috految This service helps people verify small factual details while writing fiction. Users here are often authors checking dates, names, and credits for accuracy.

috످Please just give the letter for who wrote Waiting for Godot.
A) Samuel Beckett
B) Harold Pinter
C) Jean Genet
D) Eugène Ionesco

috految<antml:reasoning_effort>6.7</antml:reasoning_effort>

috److A

috످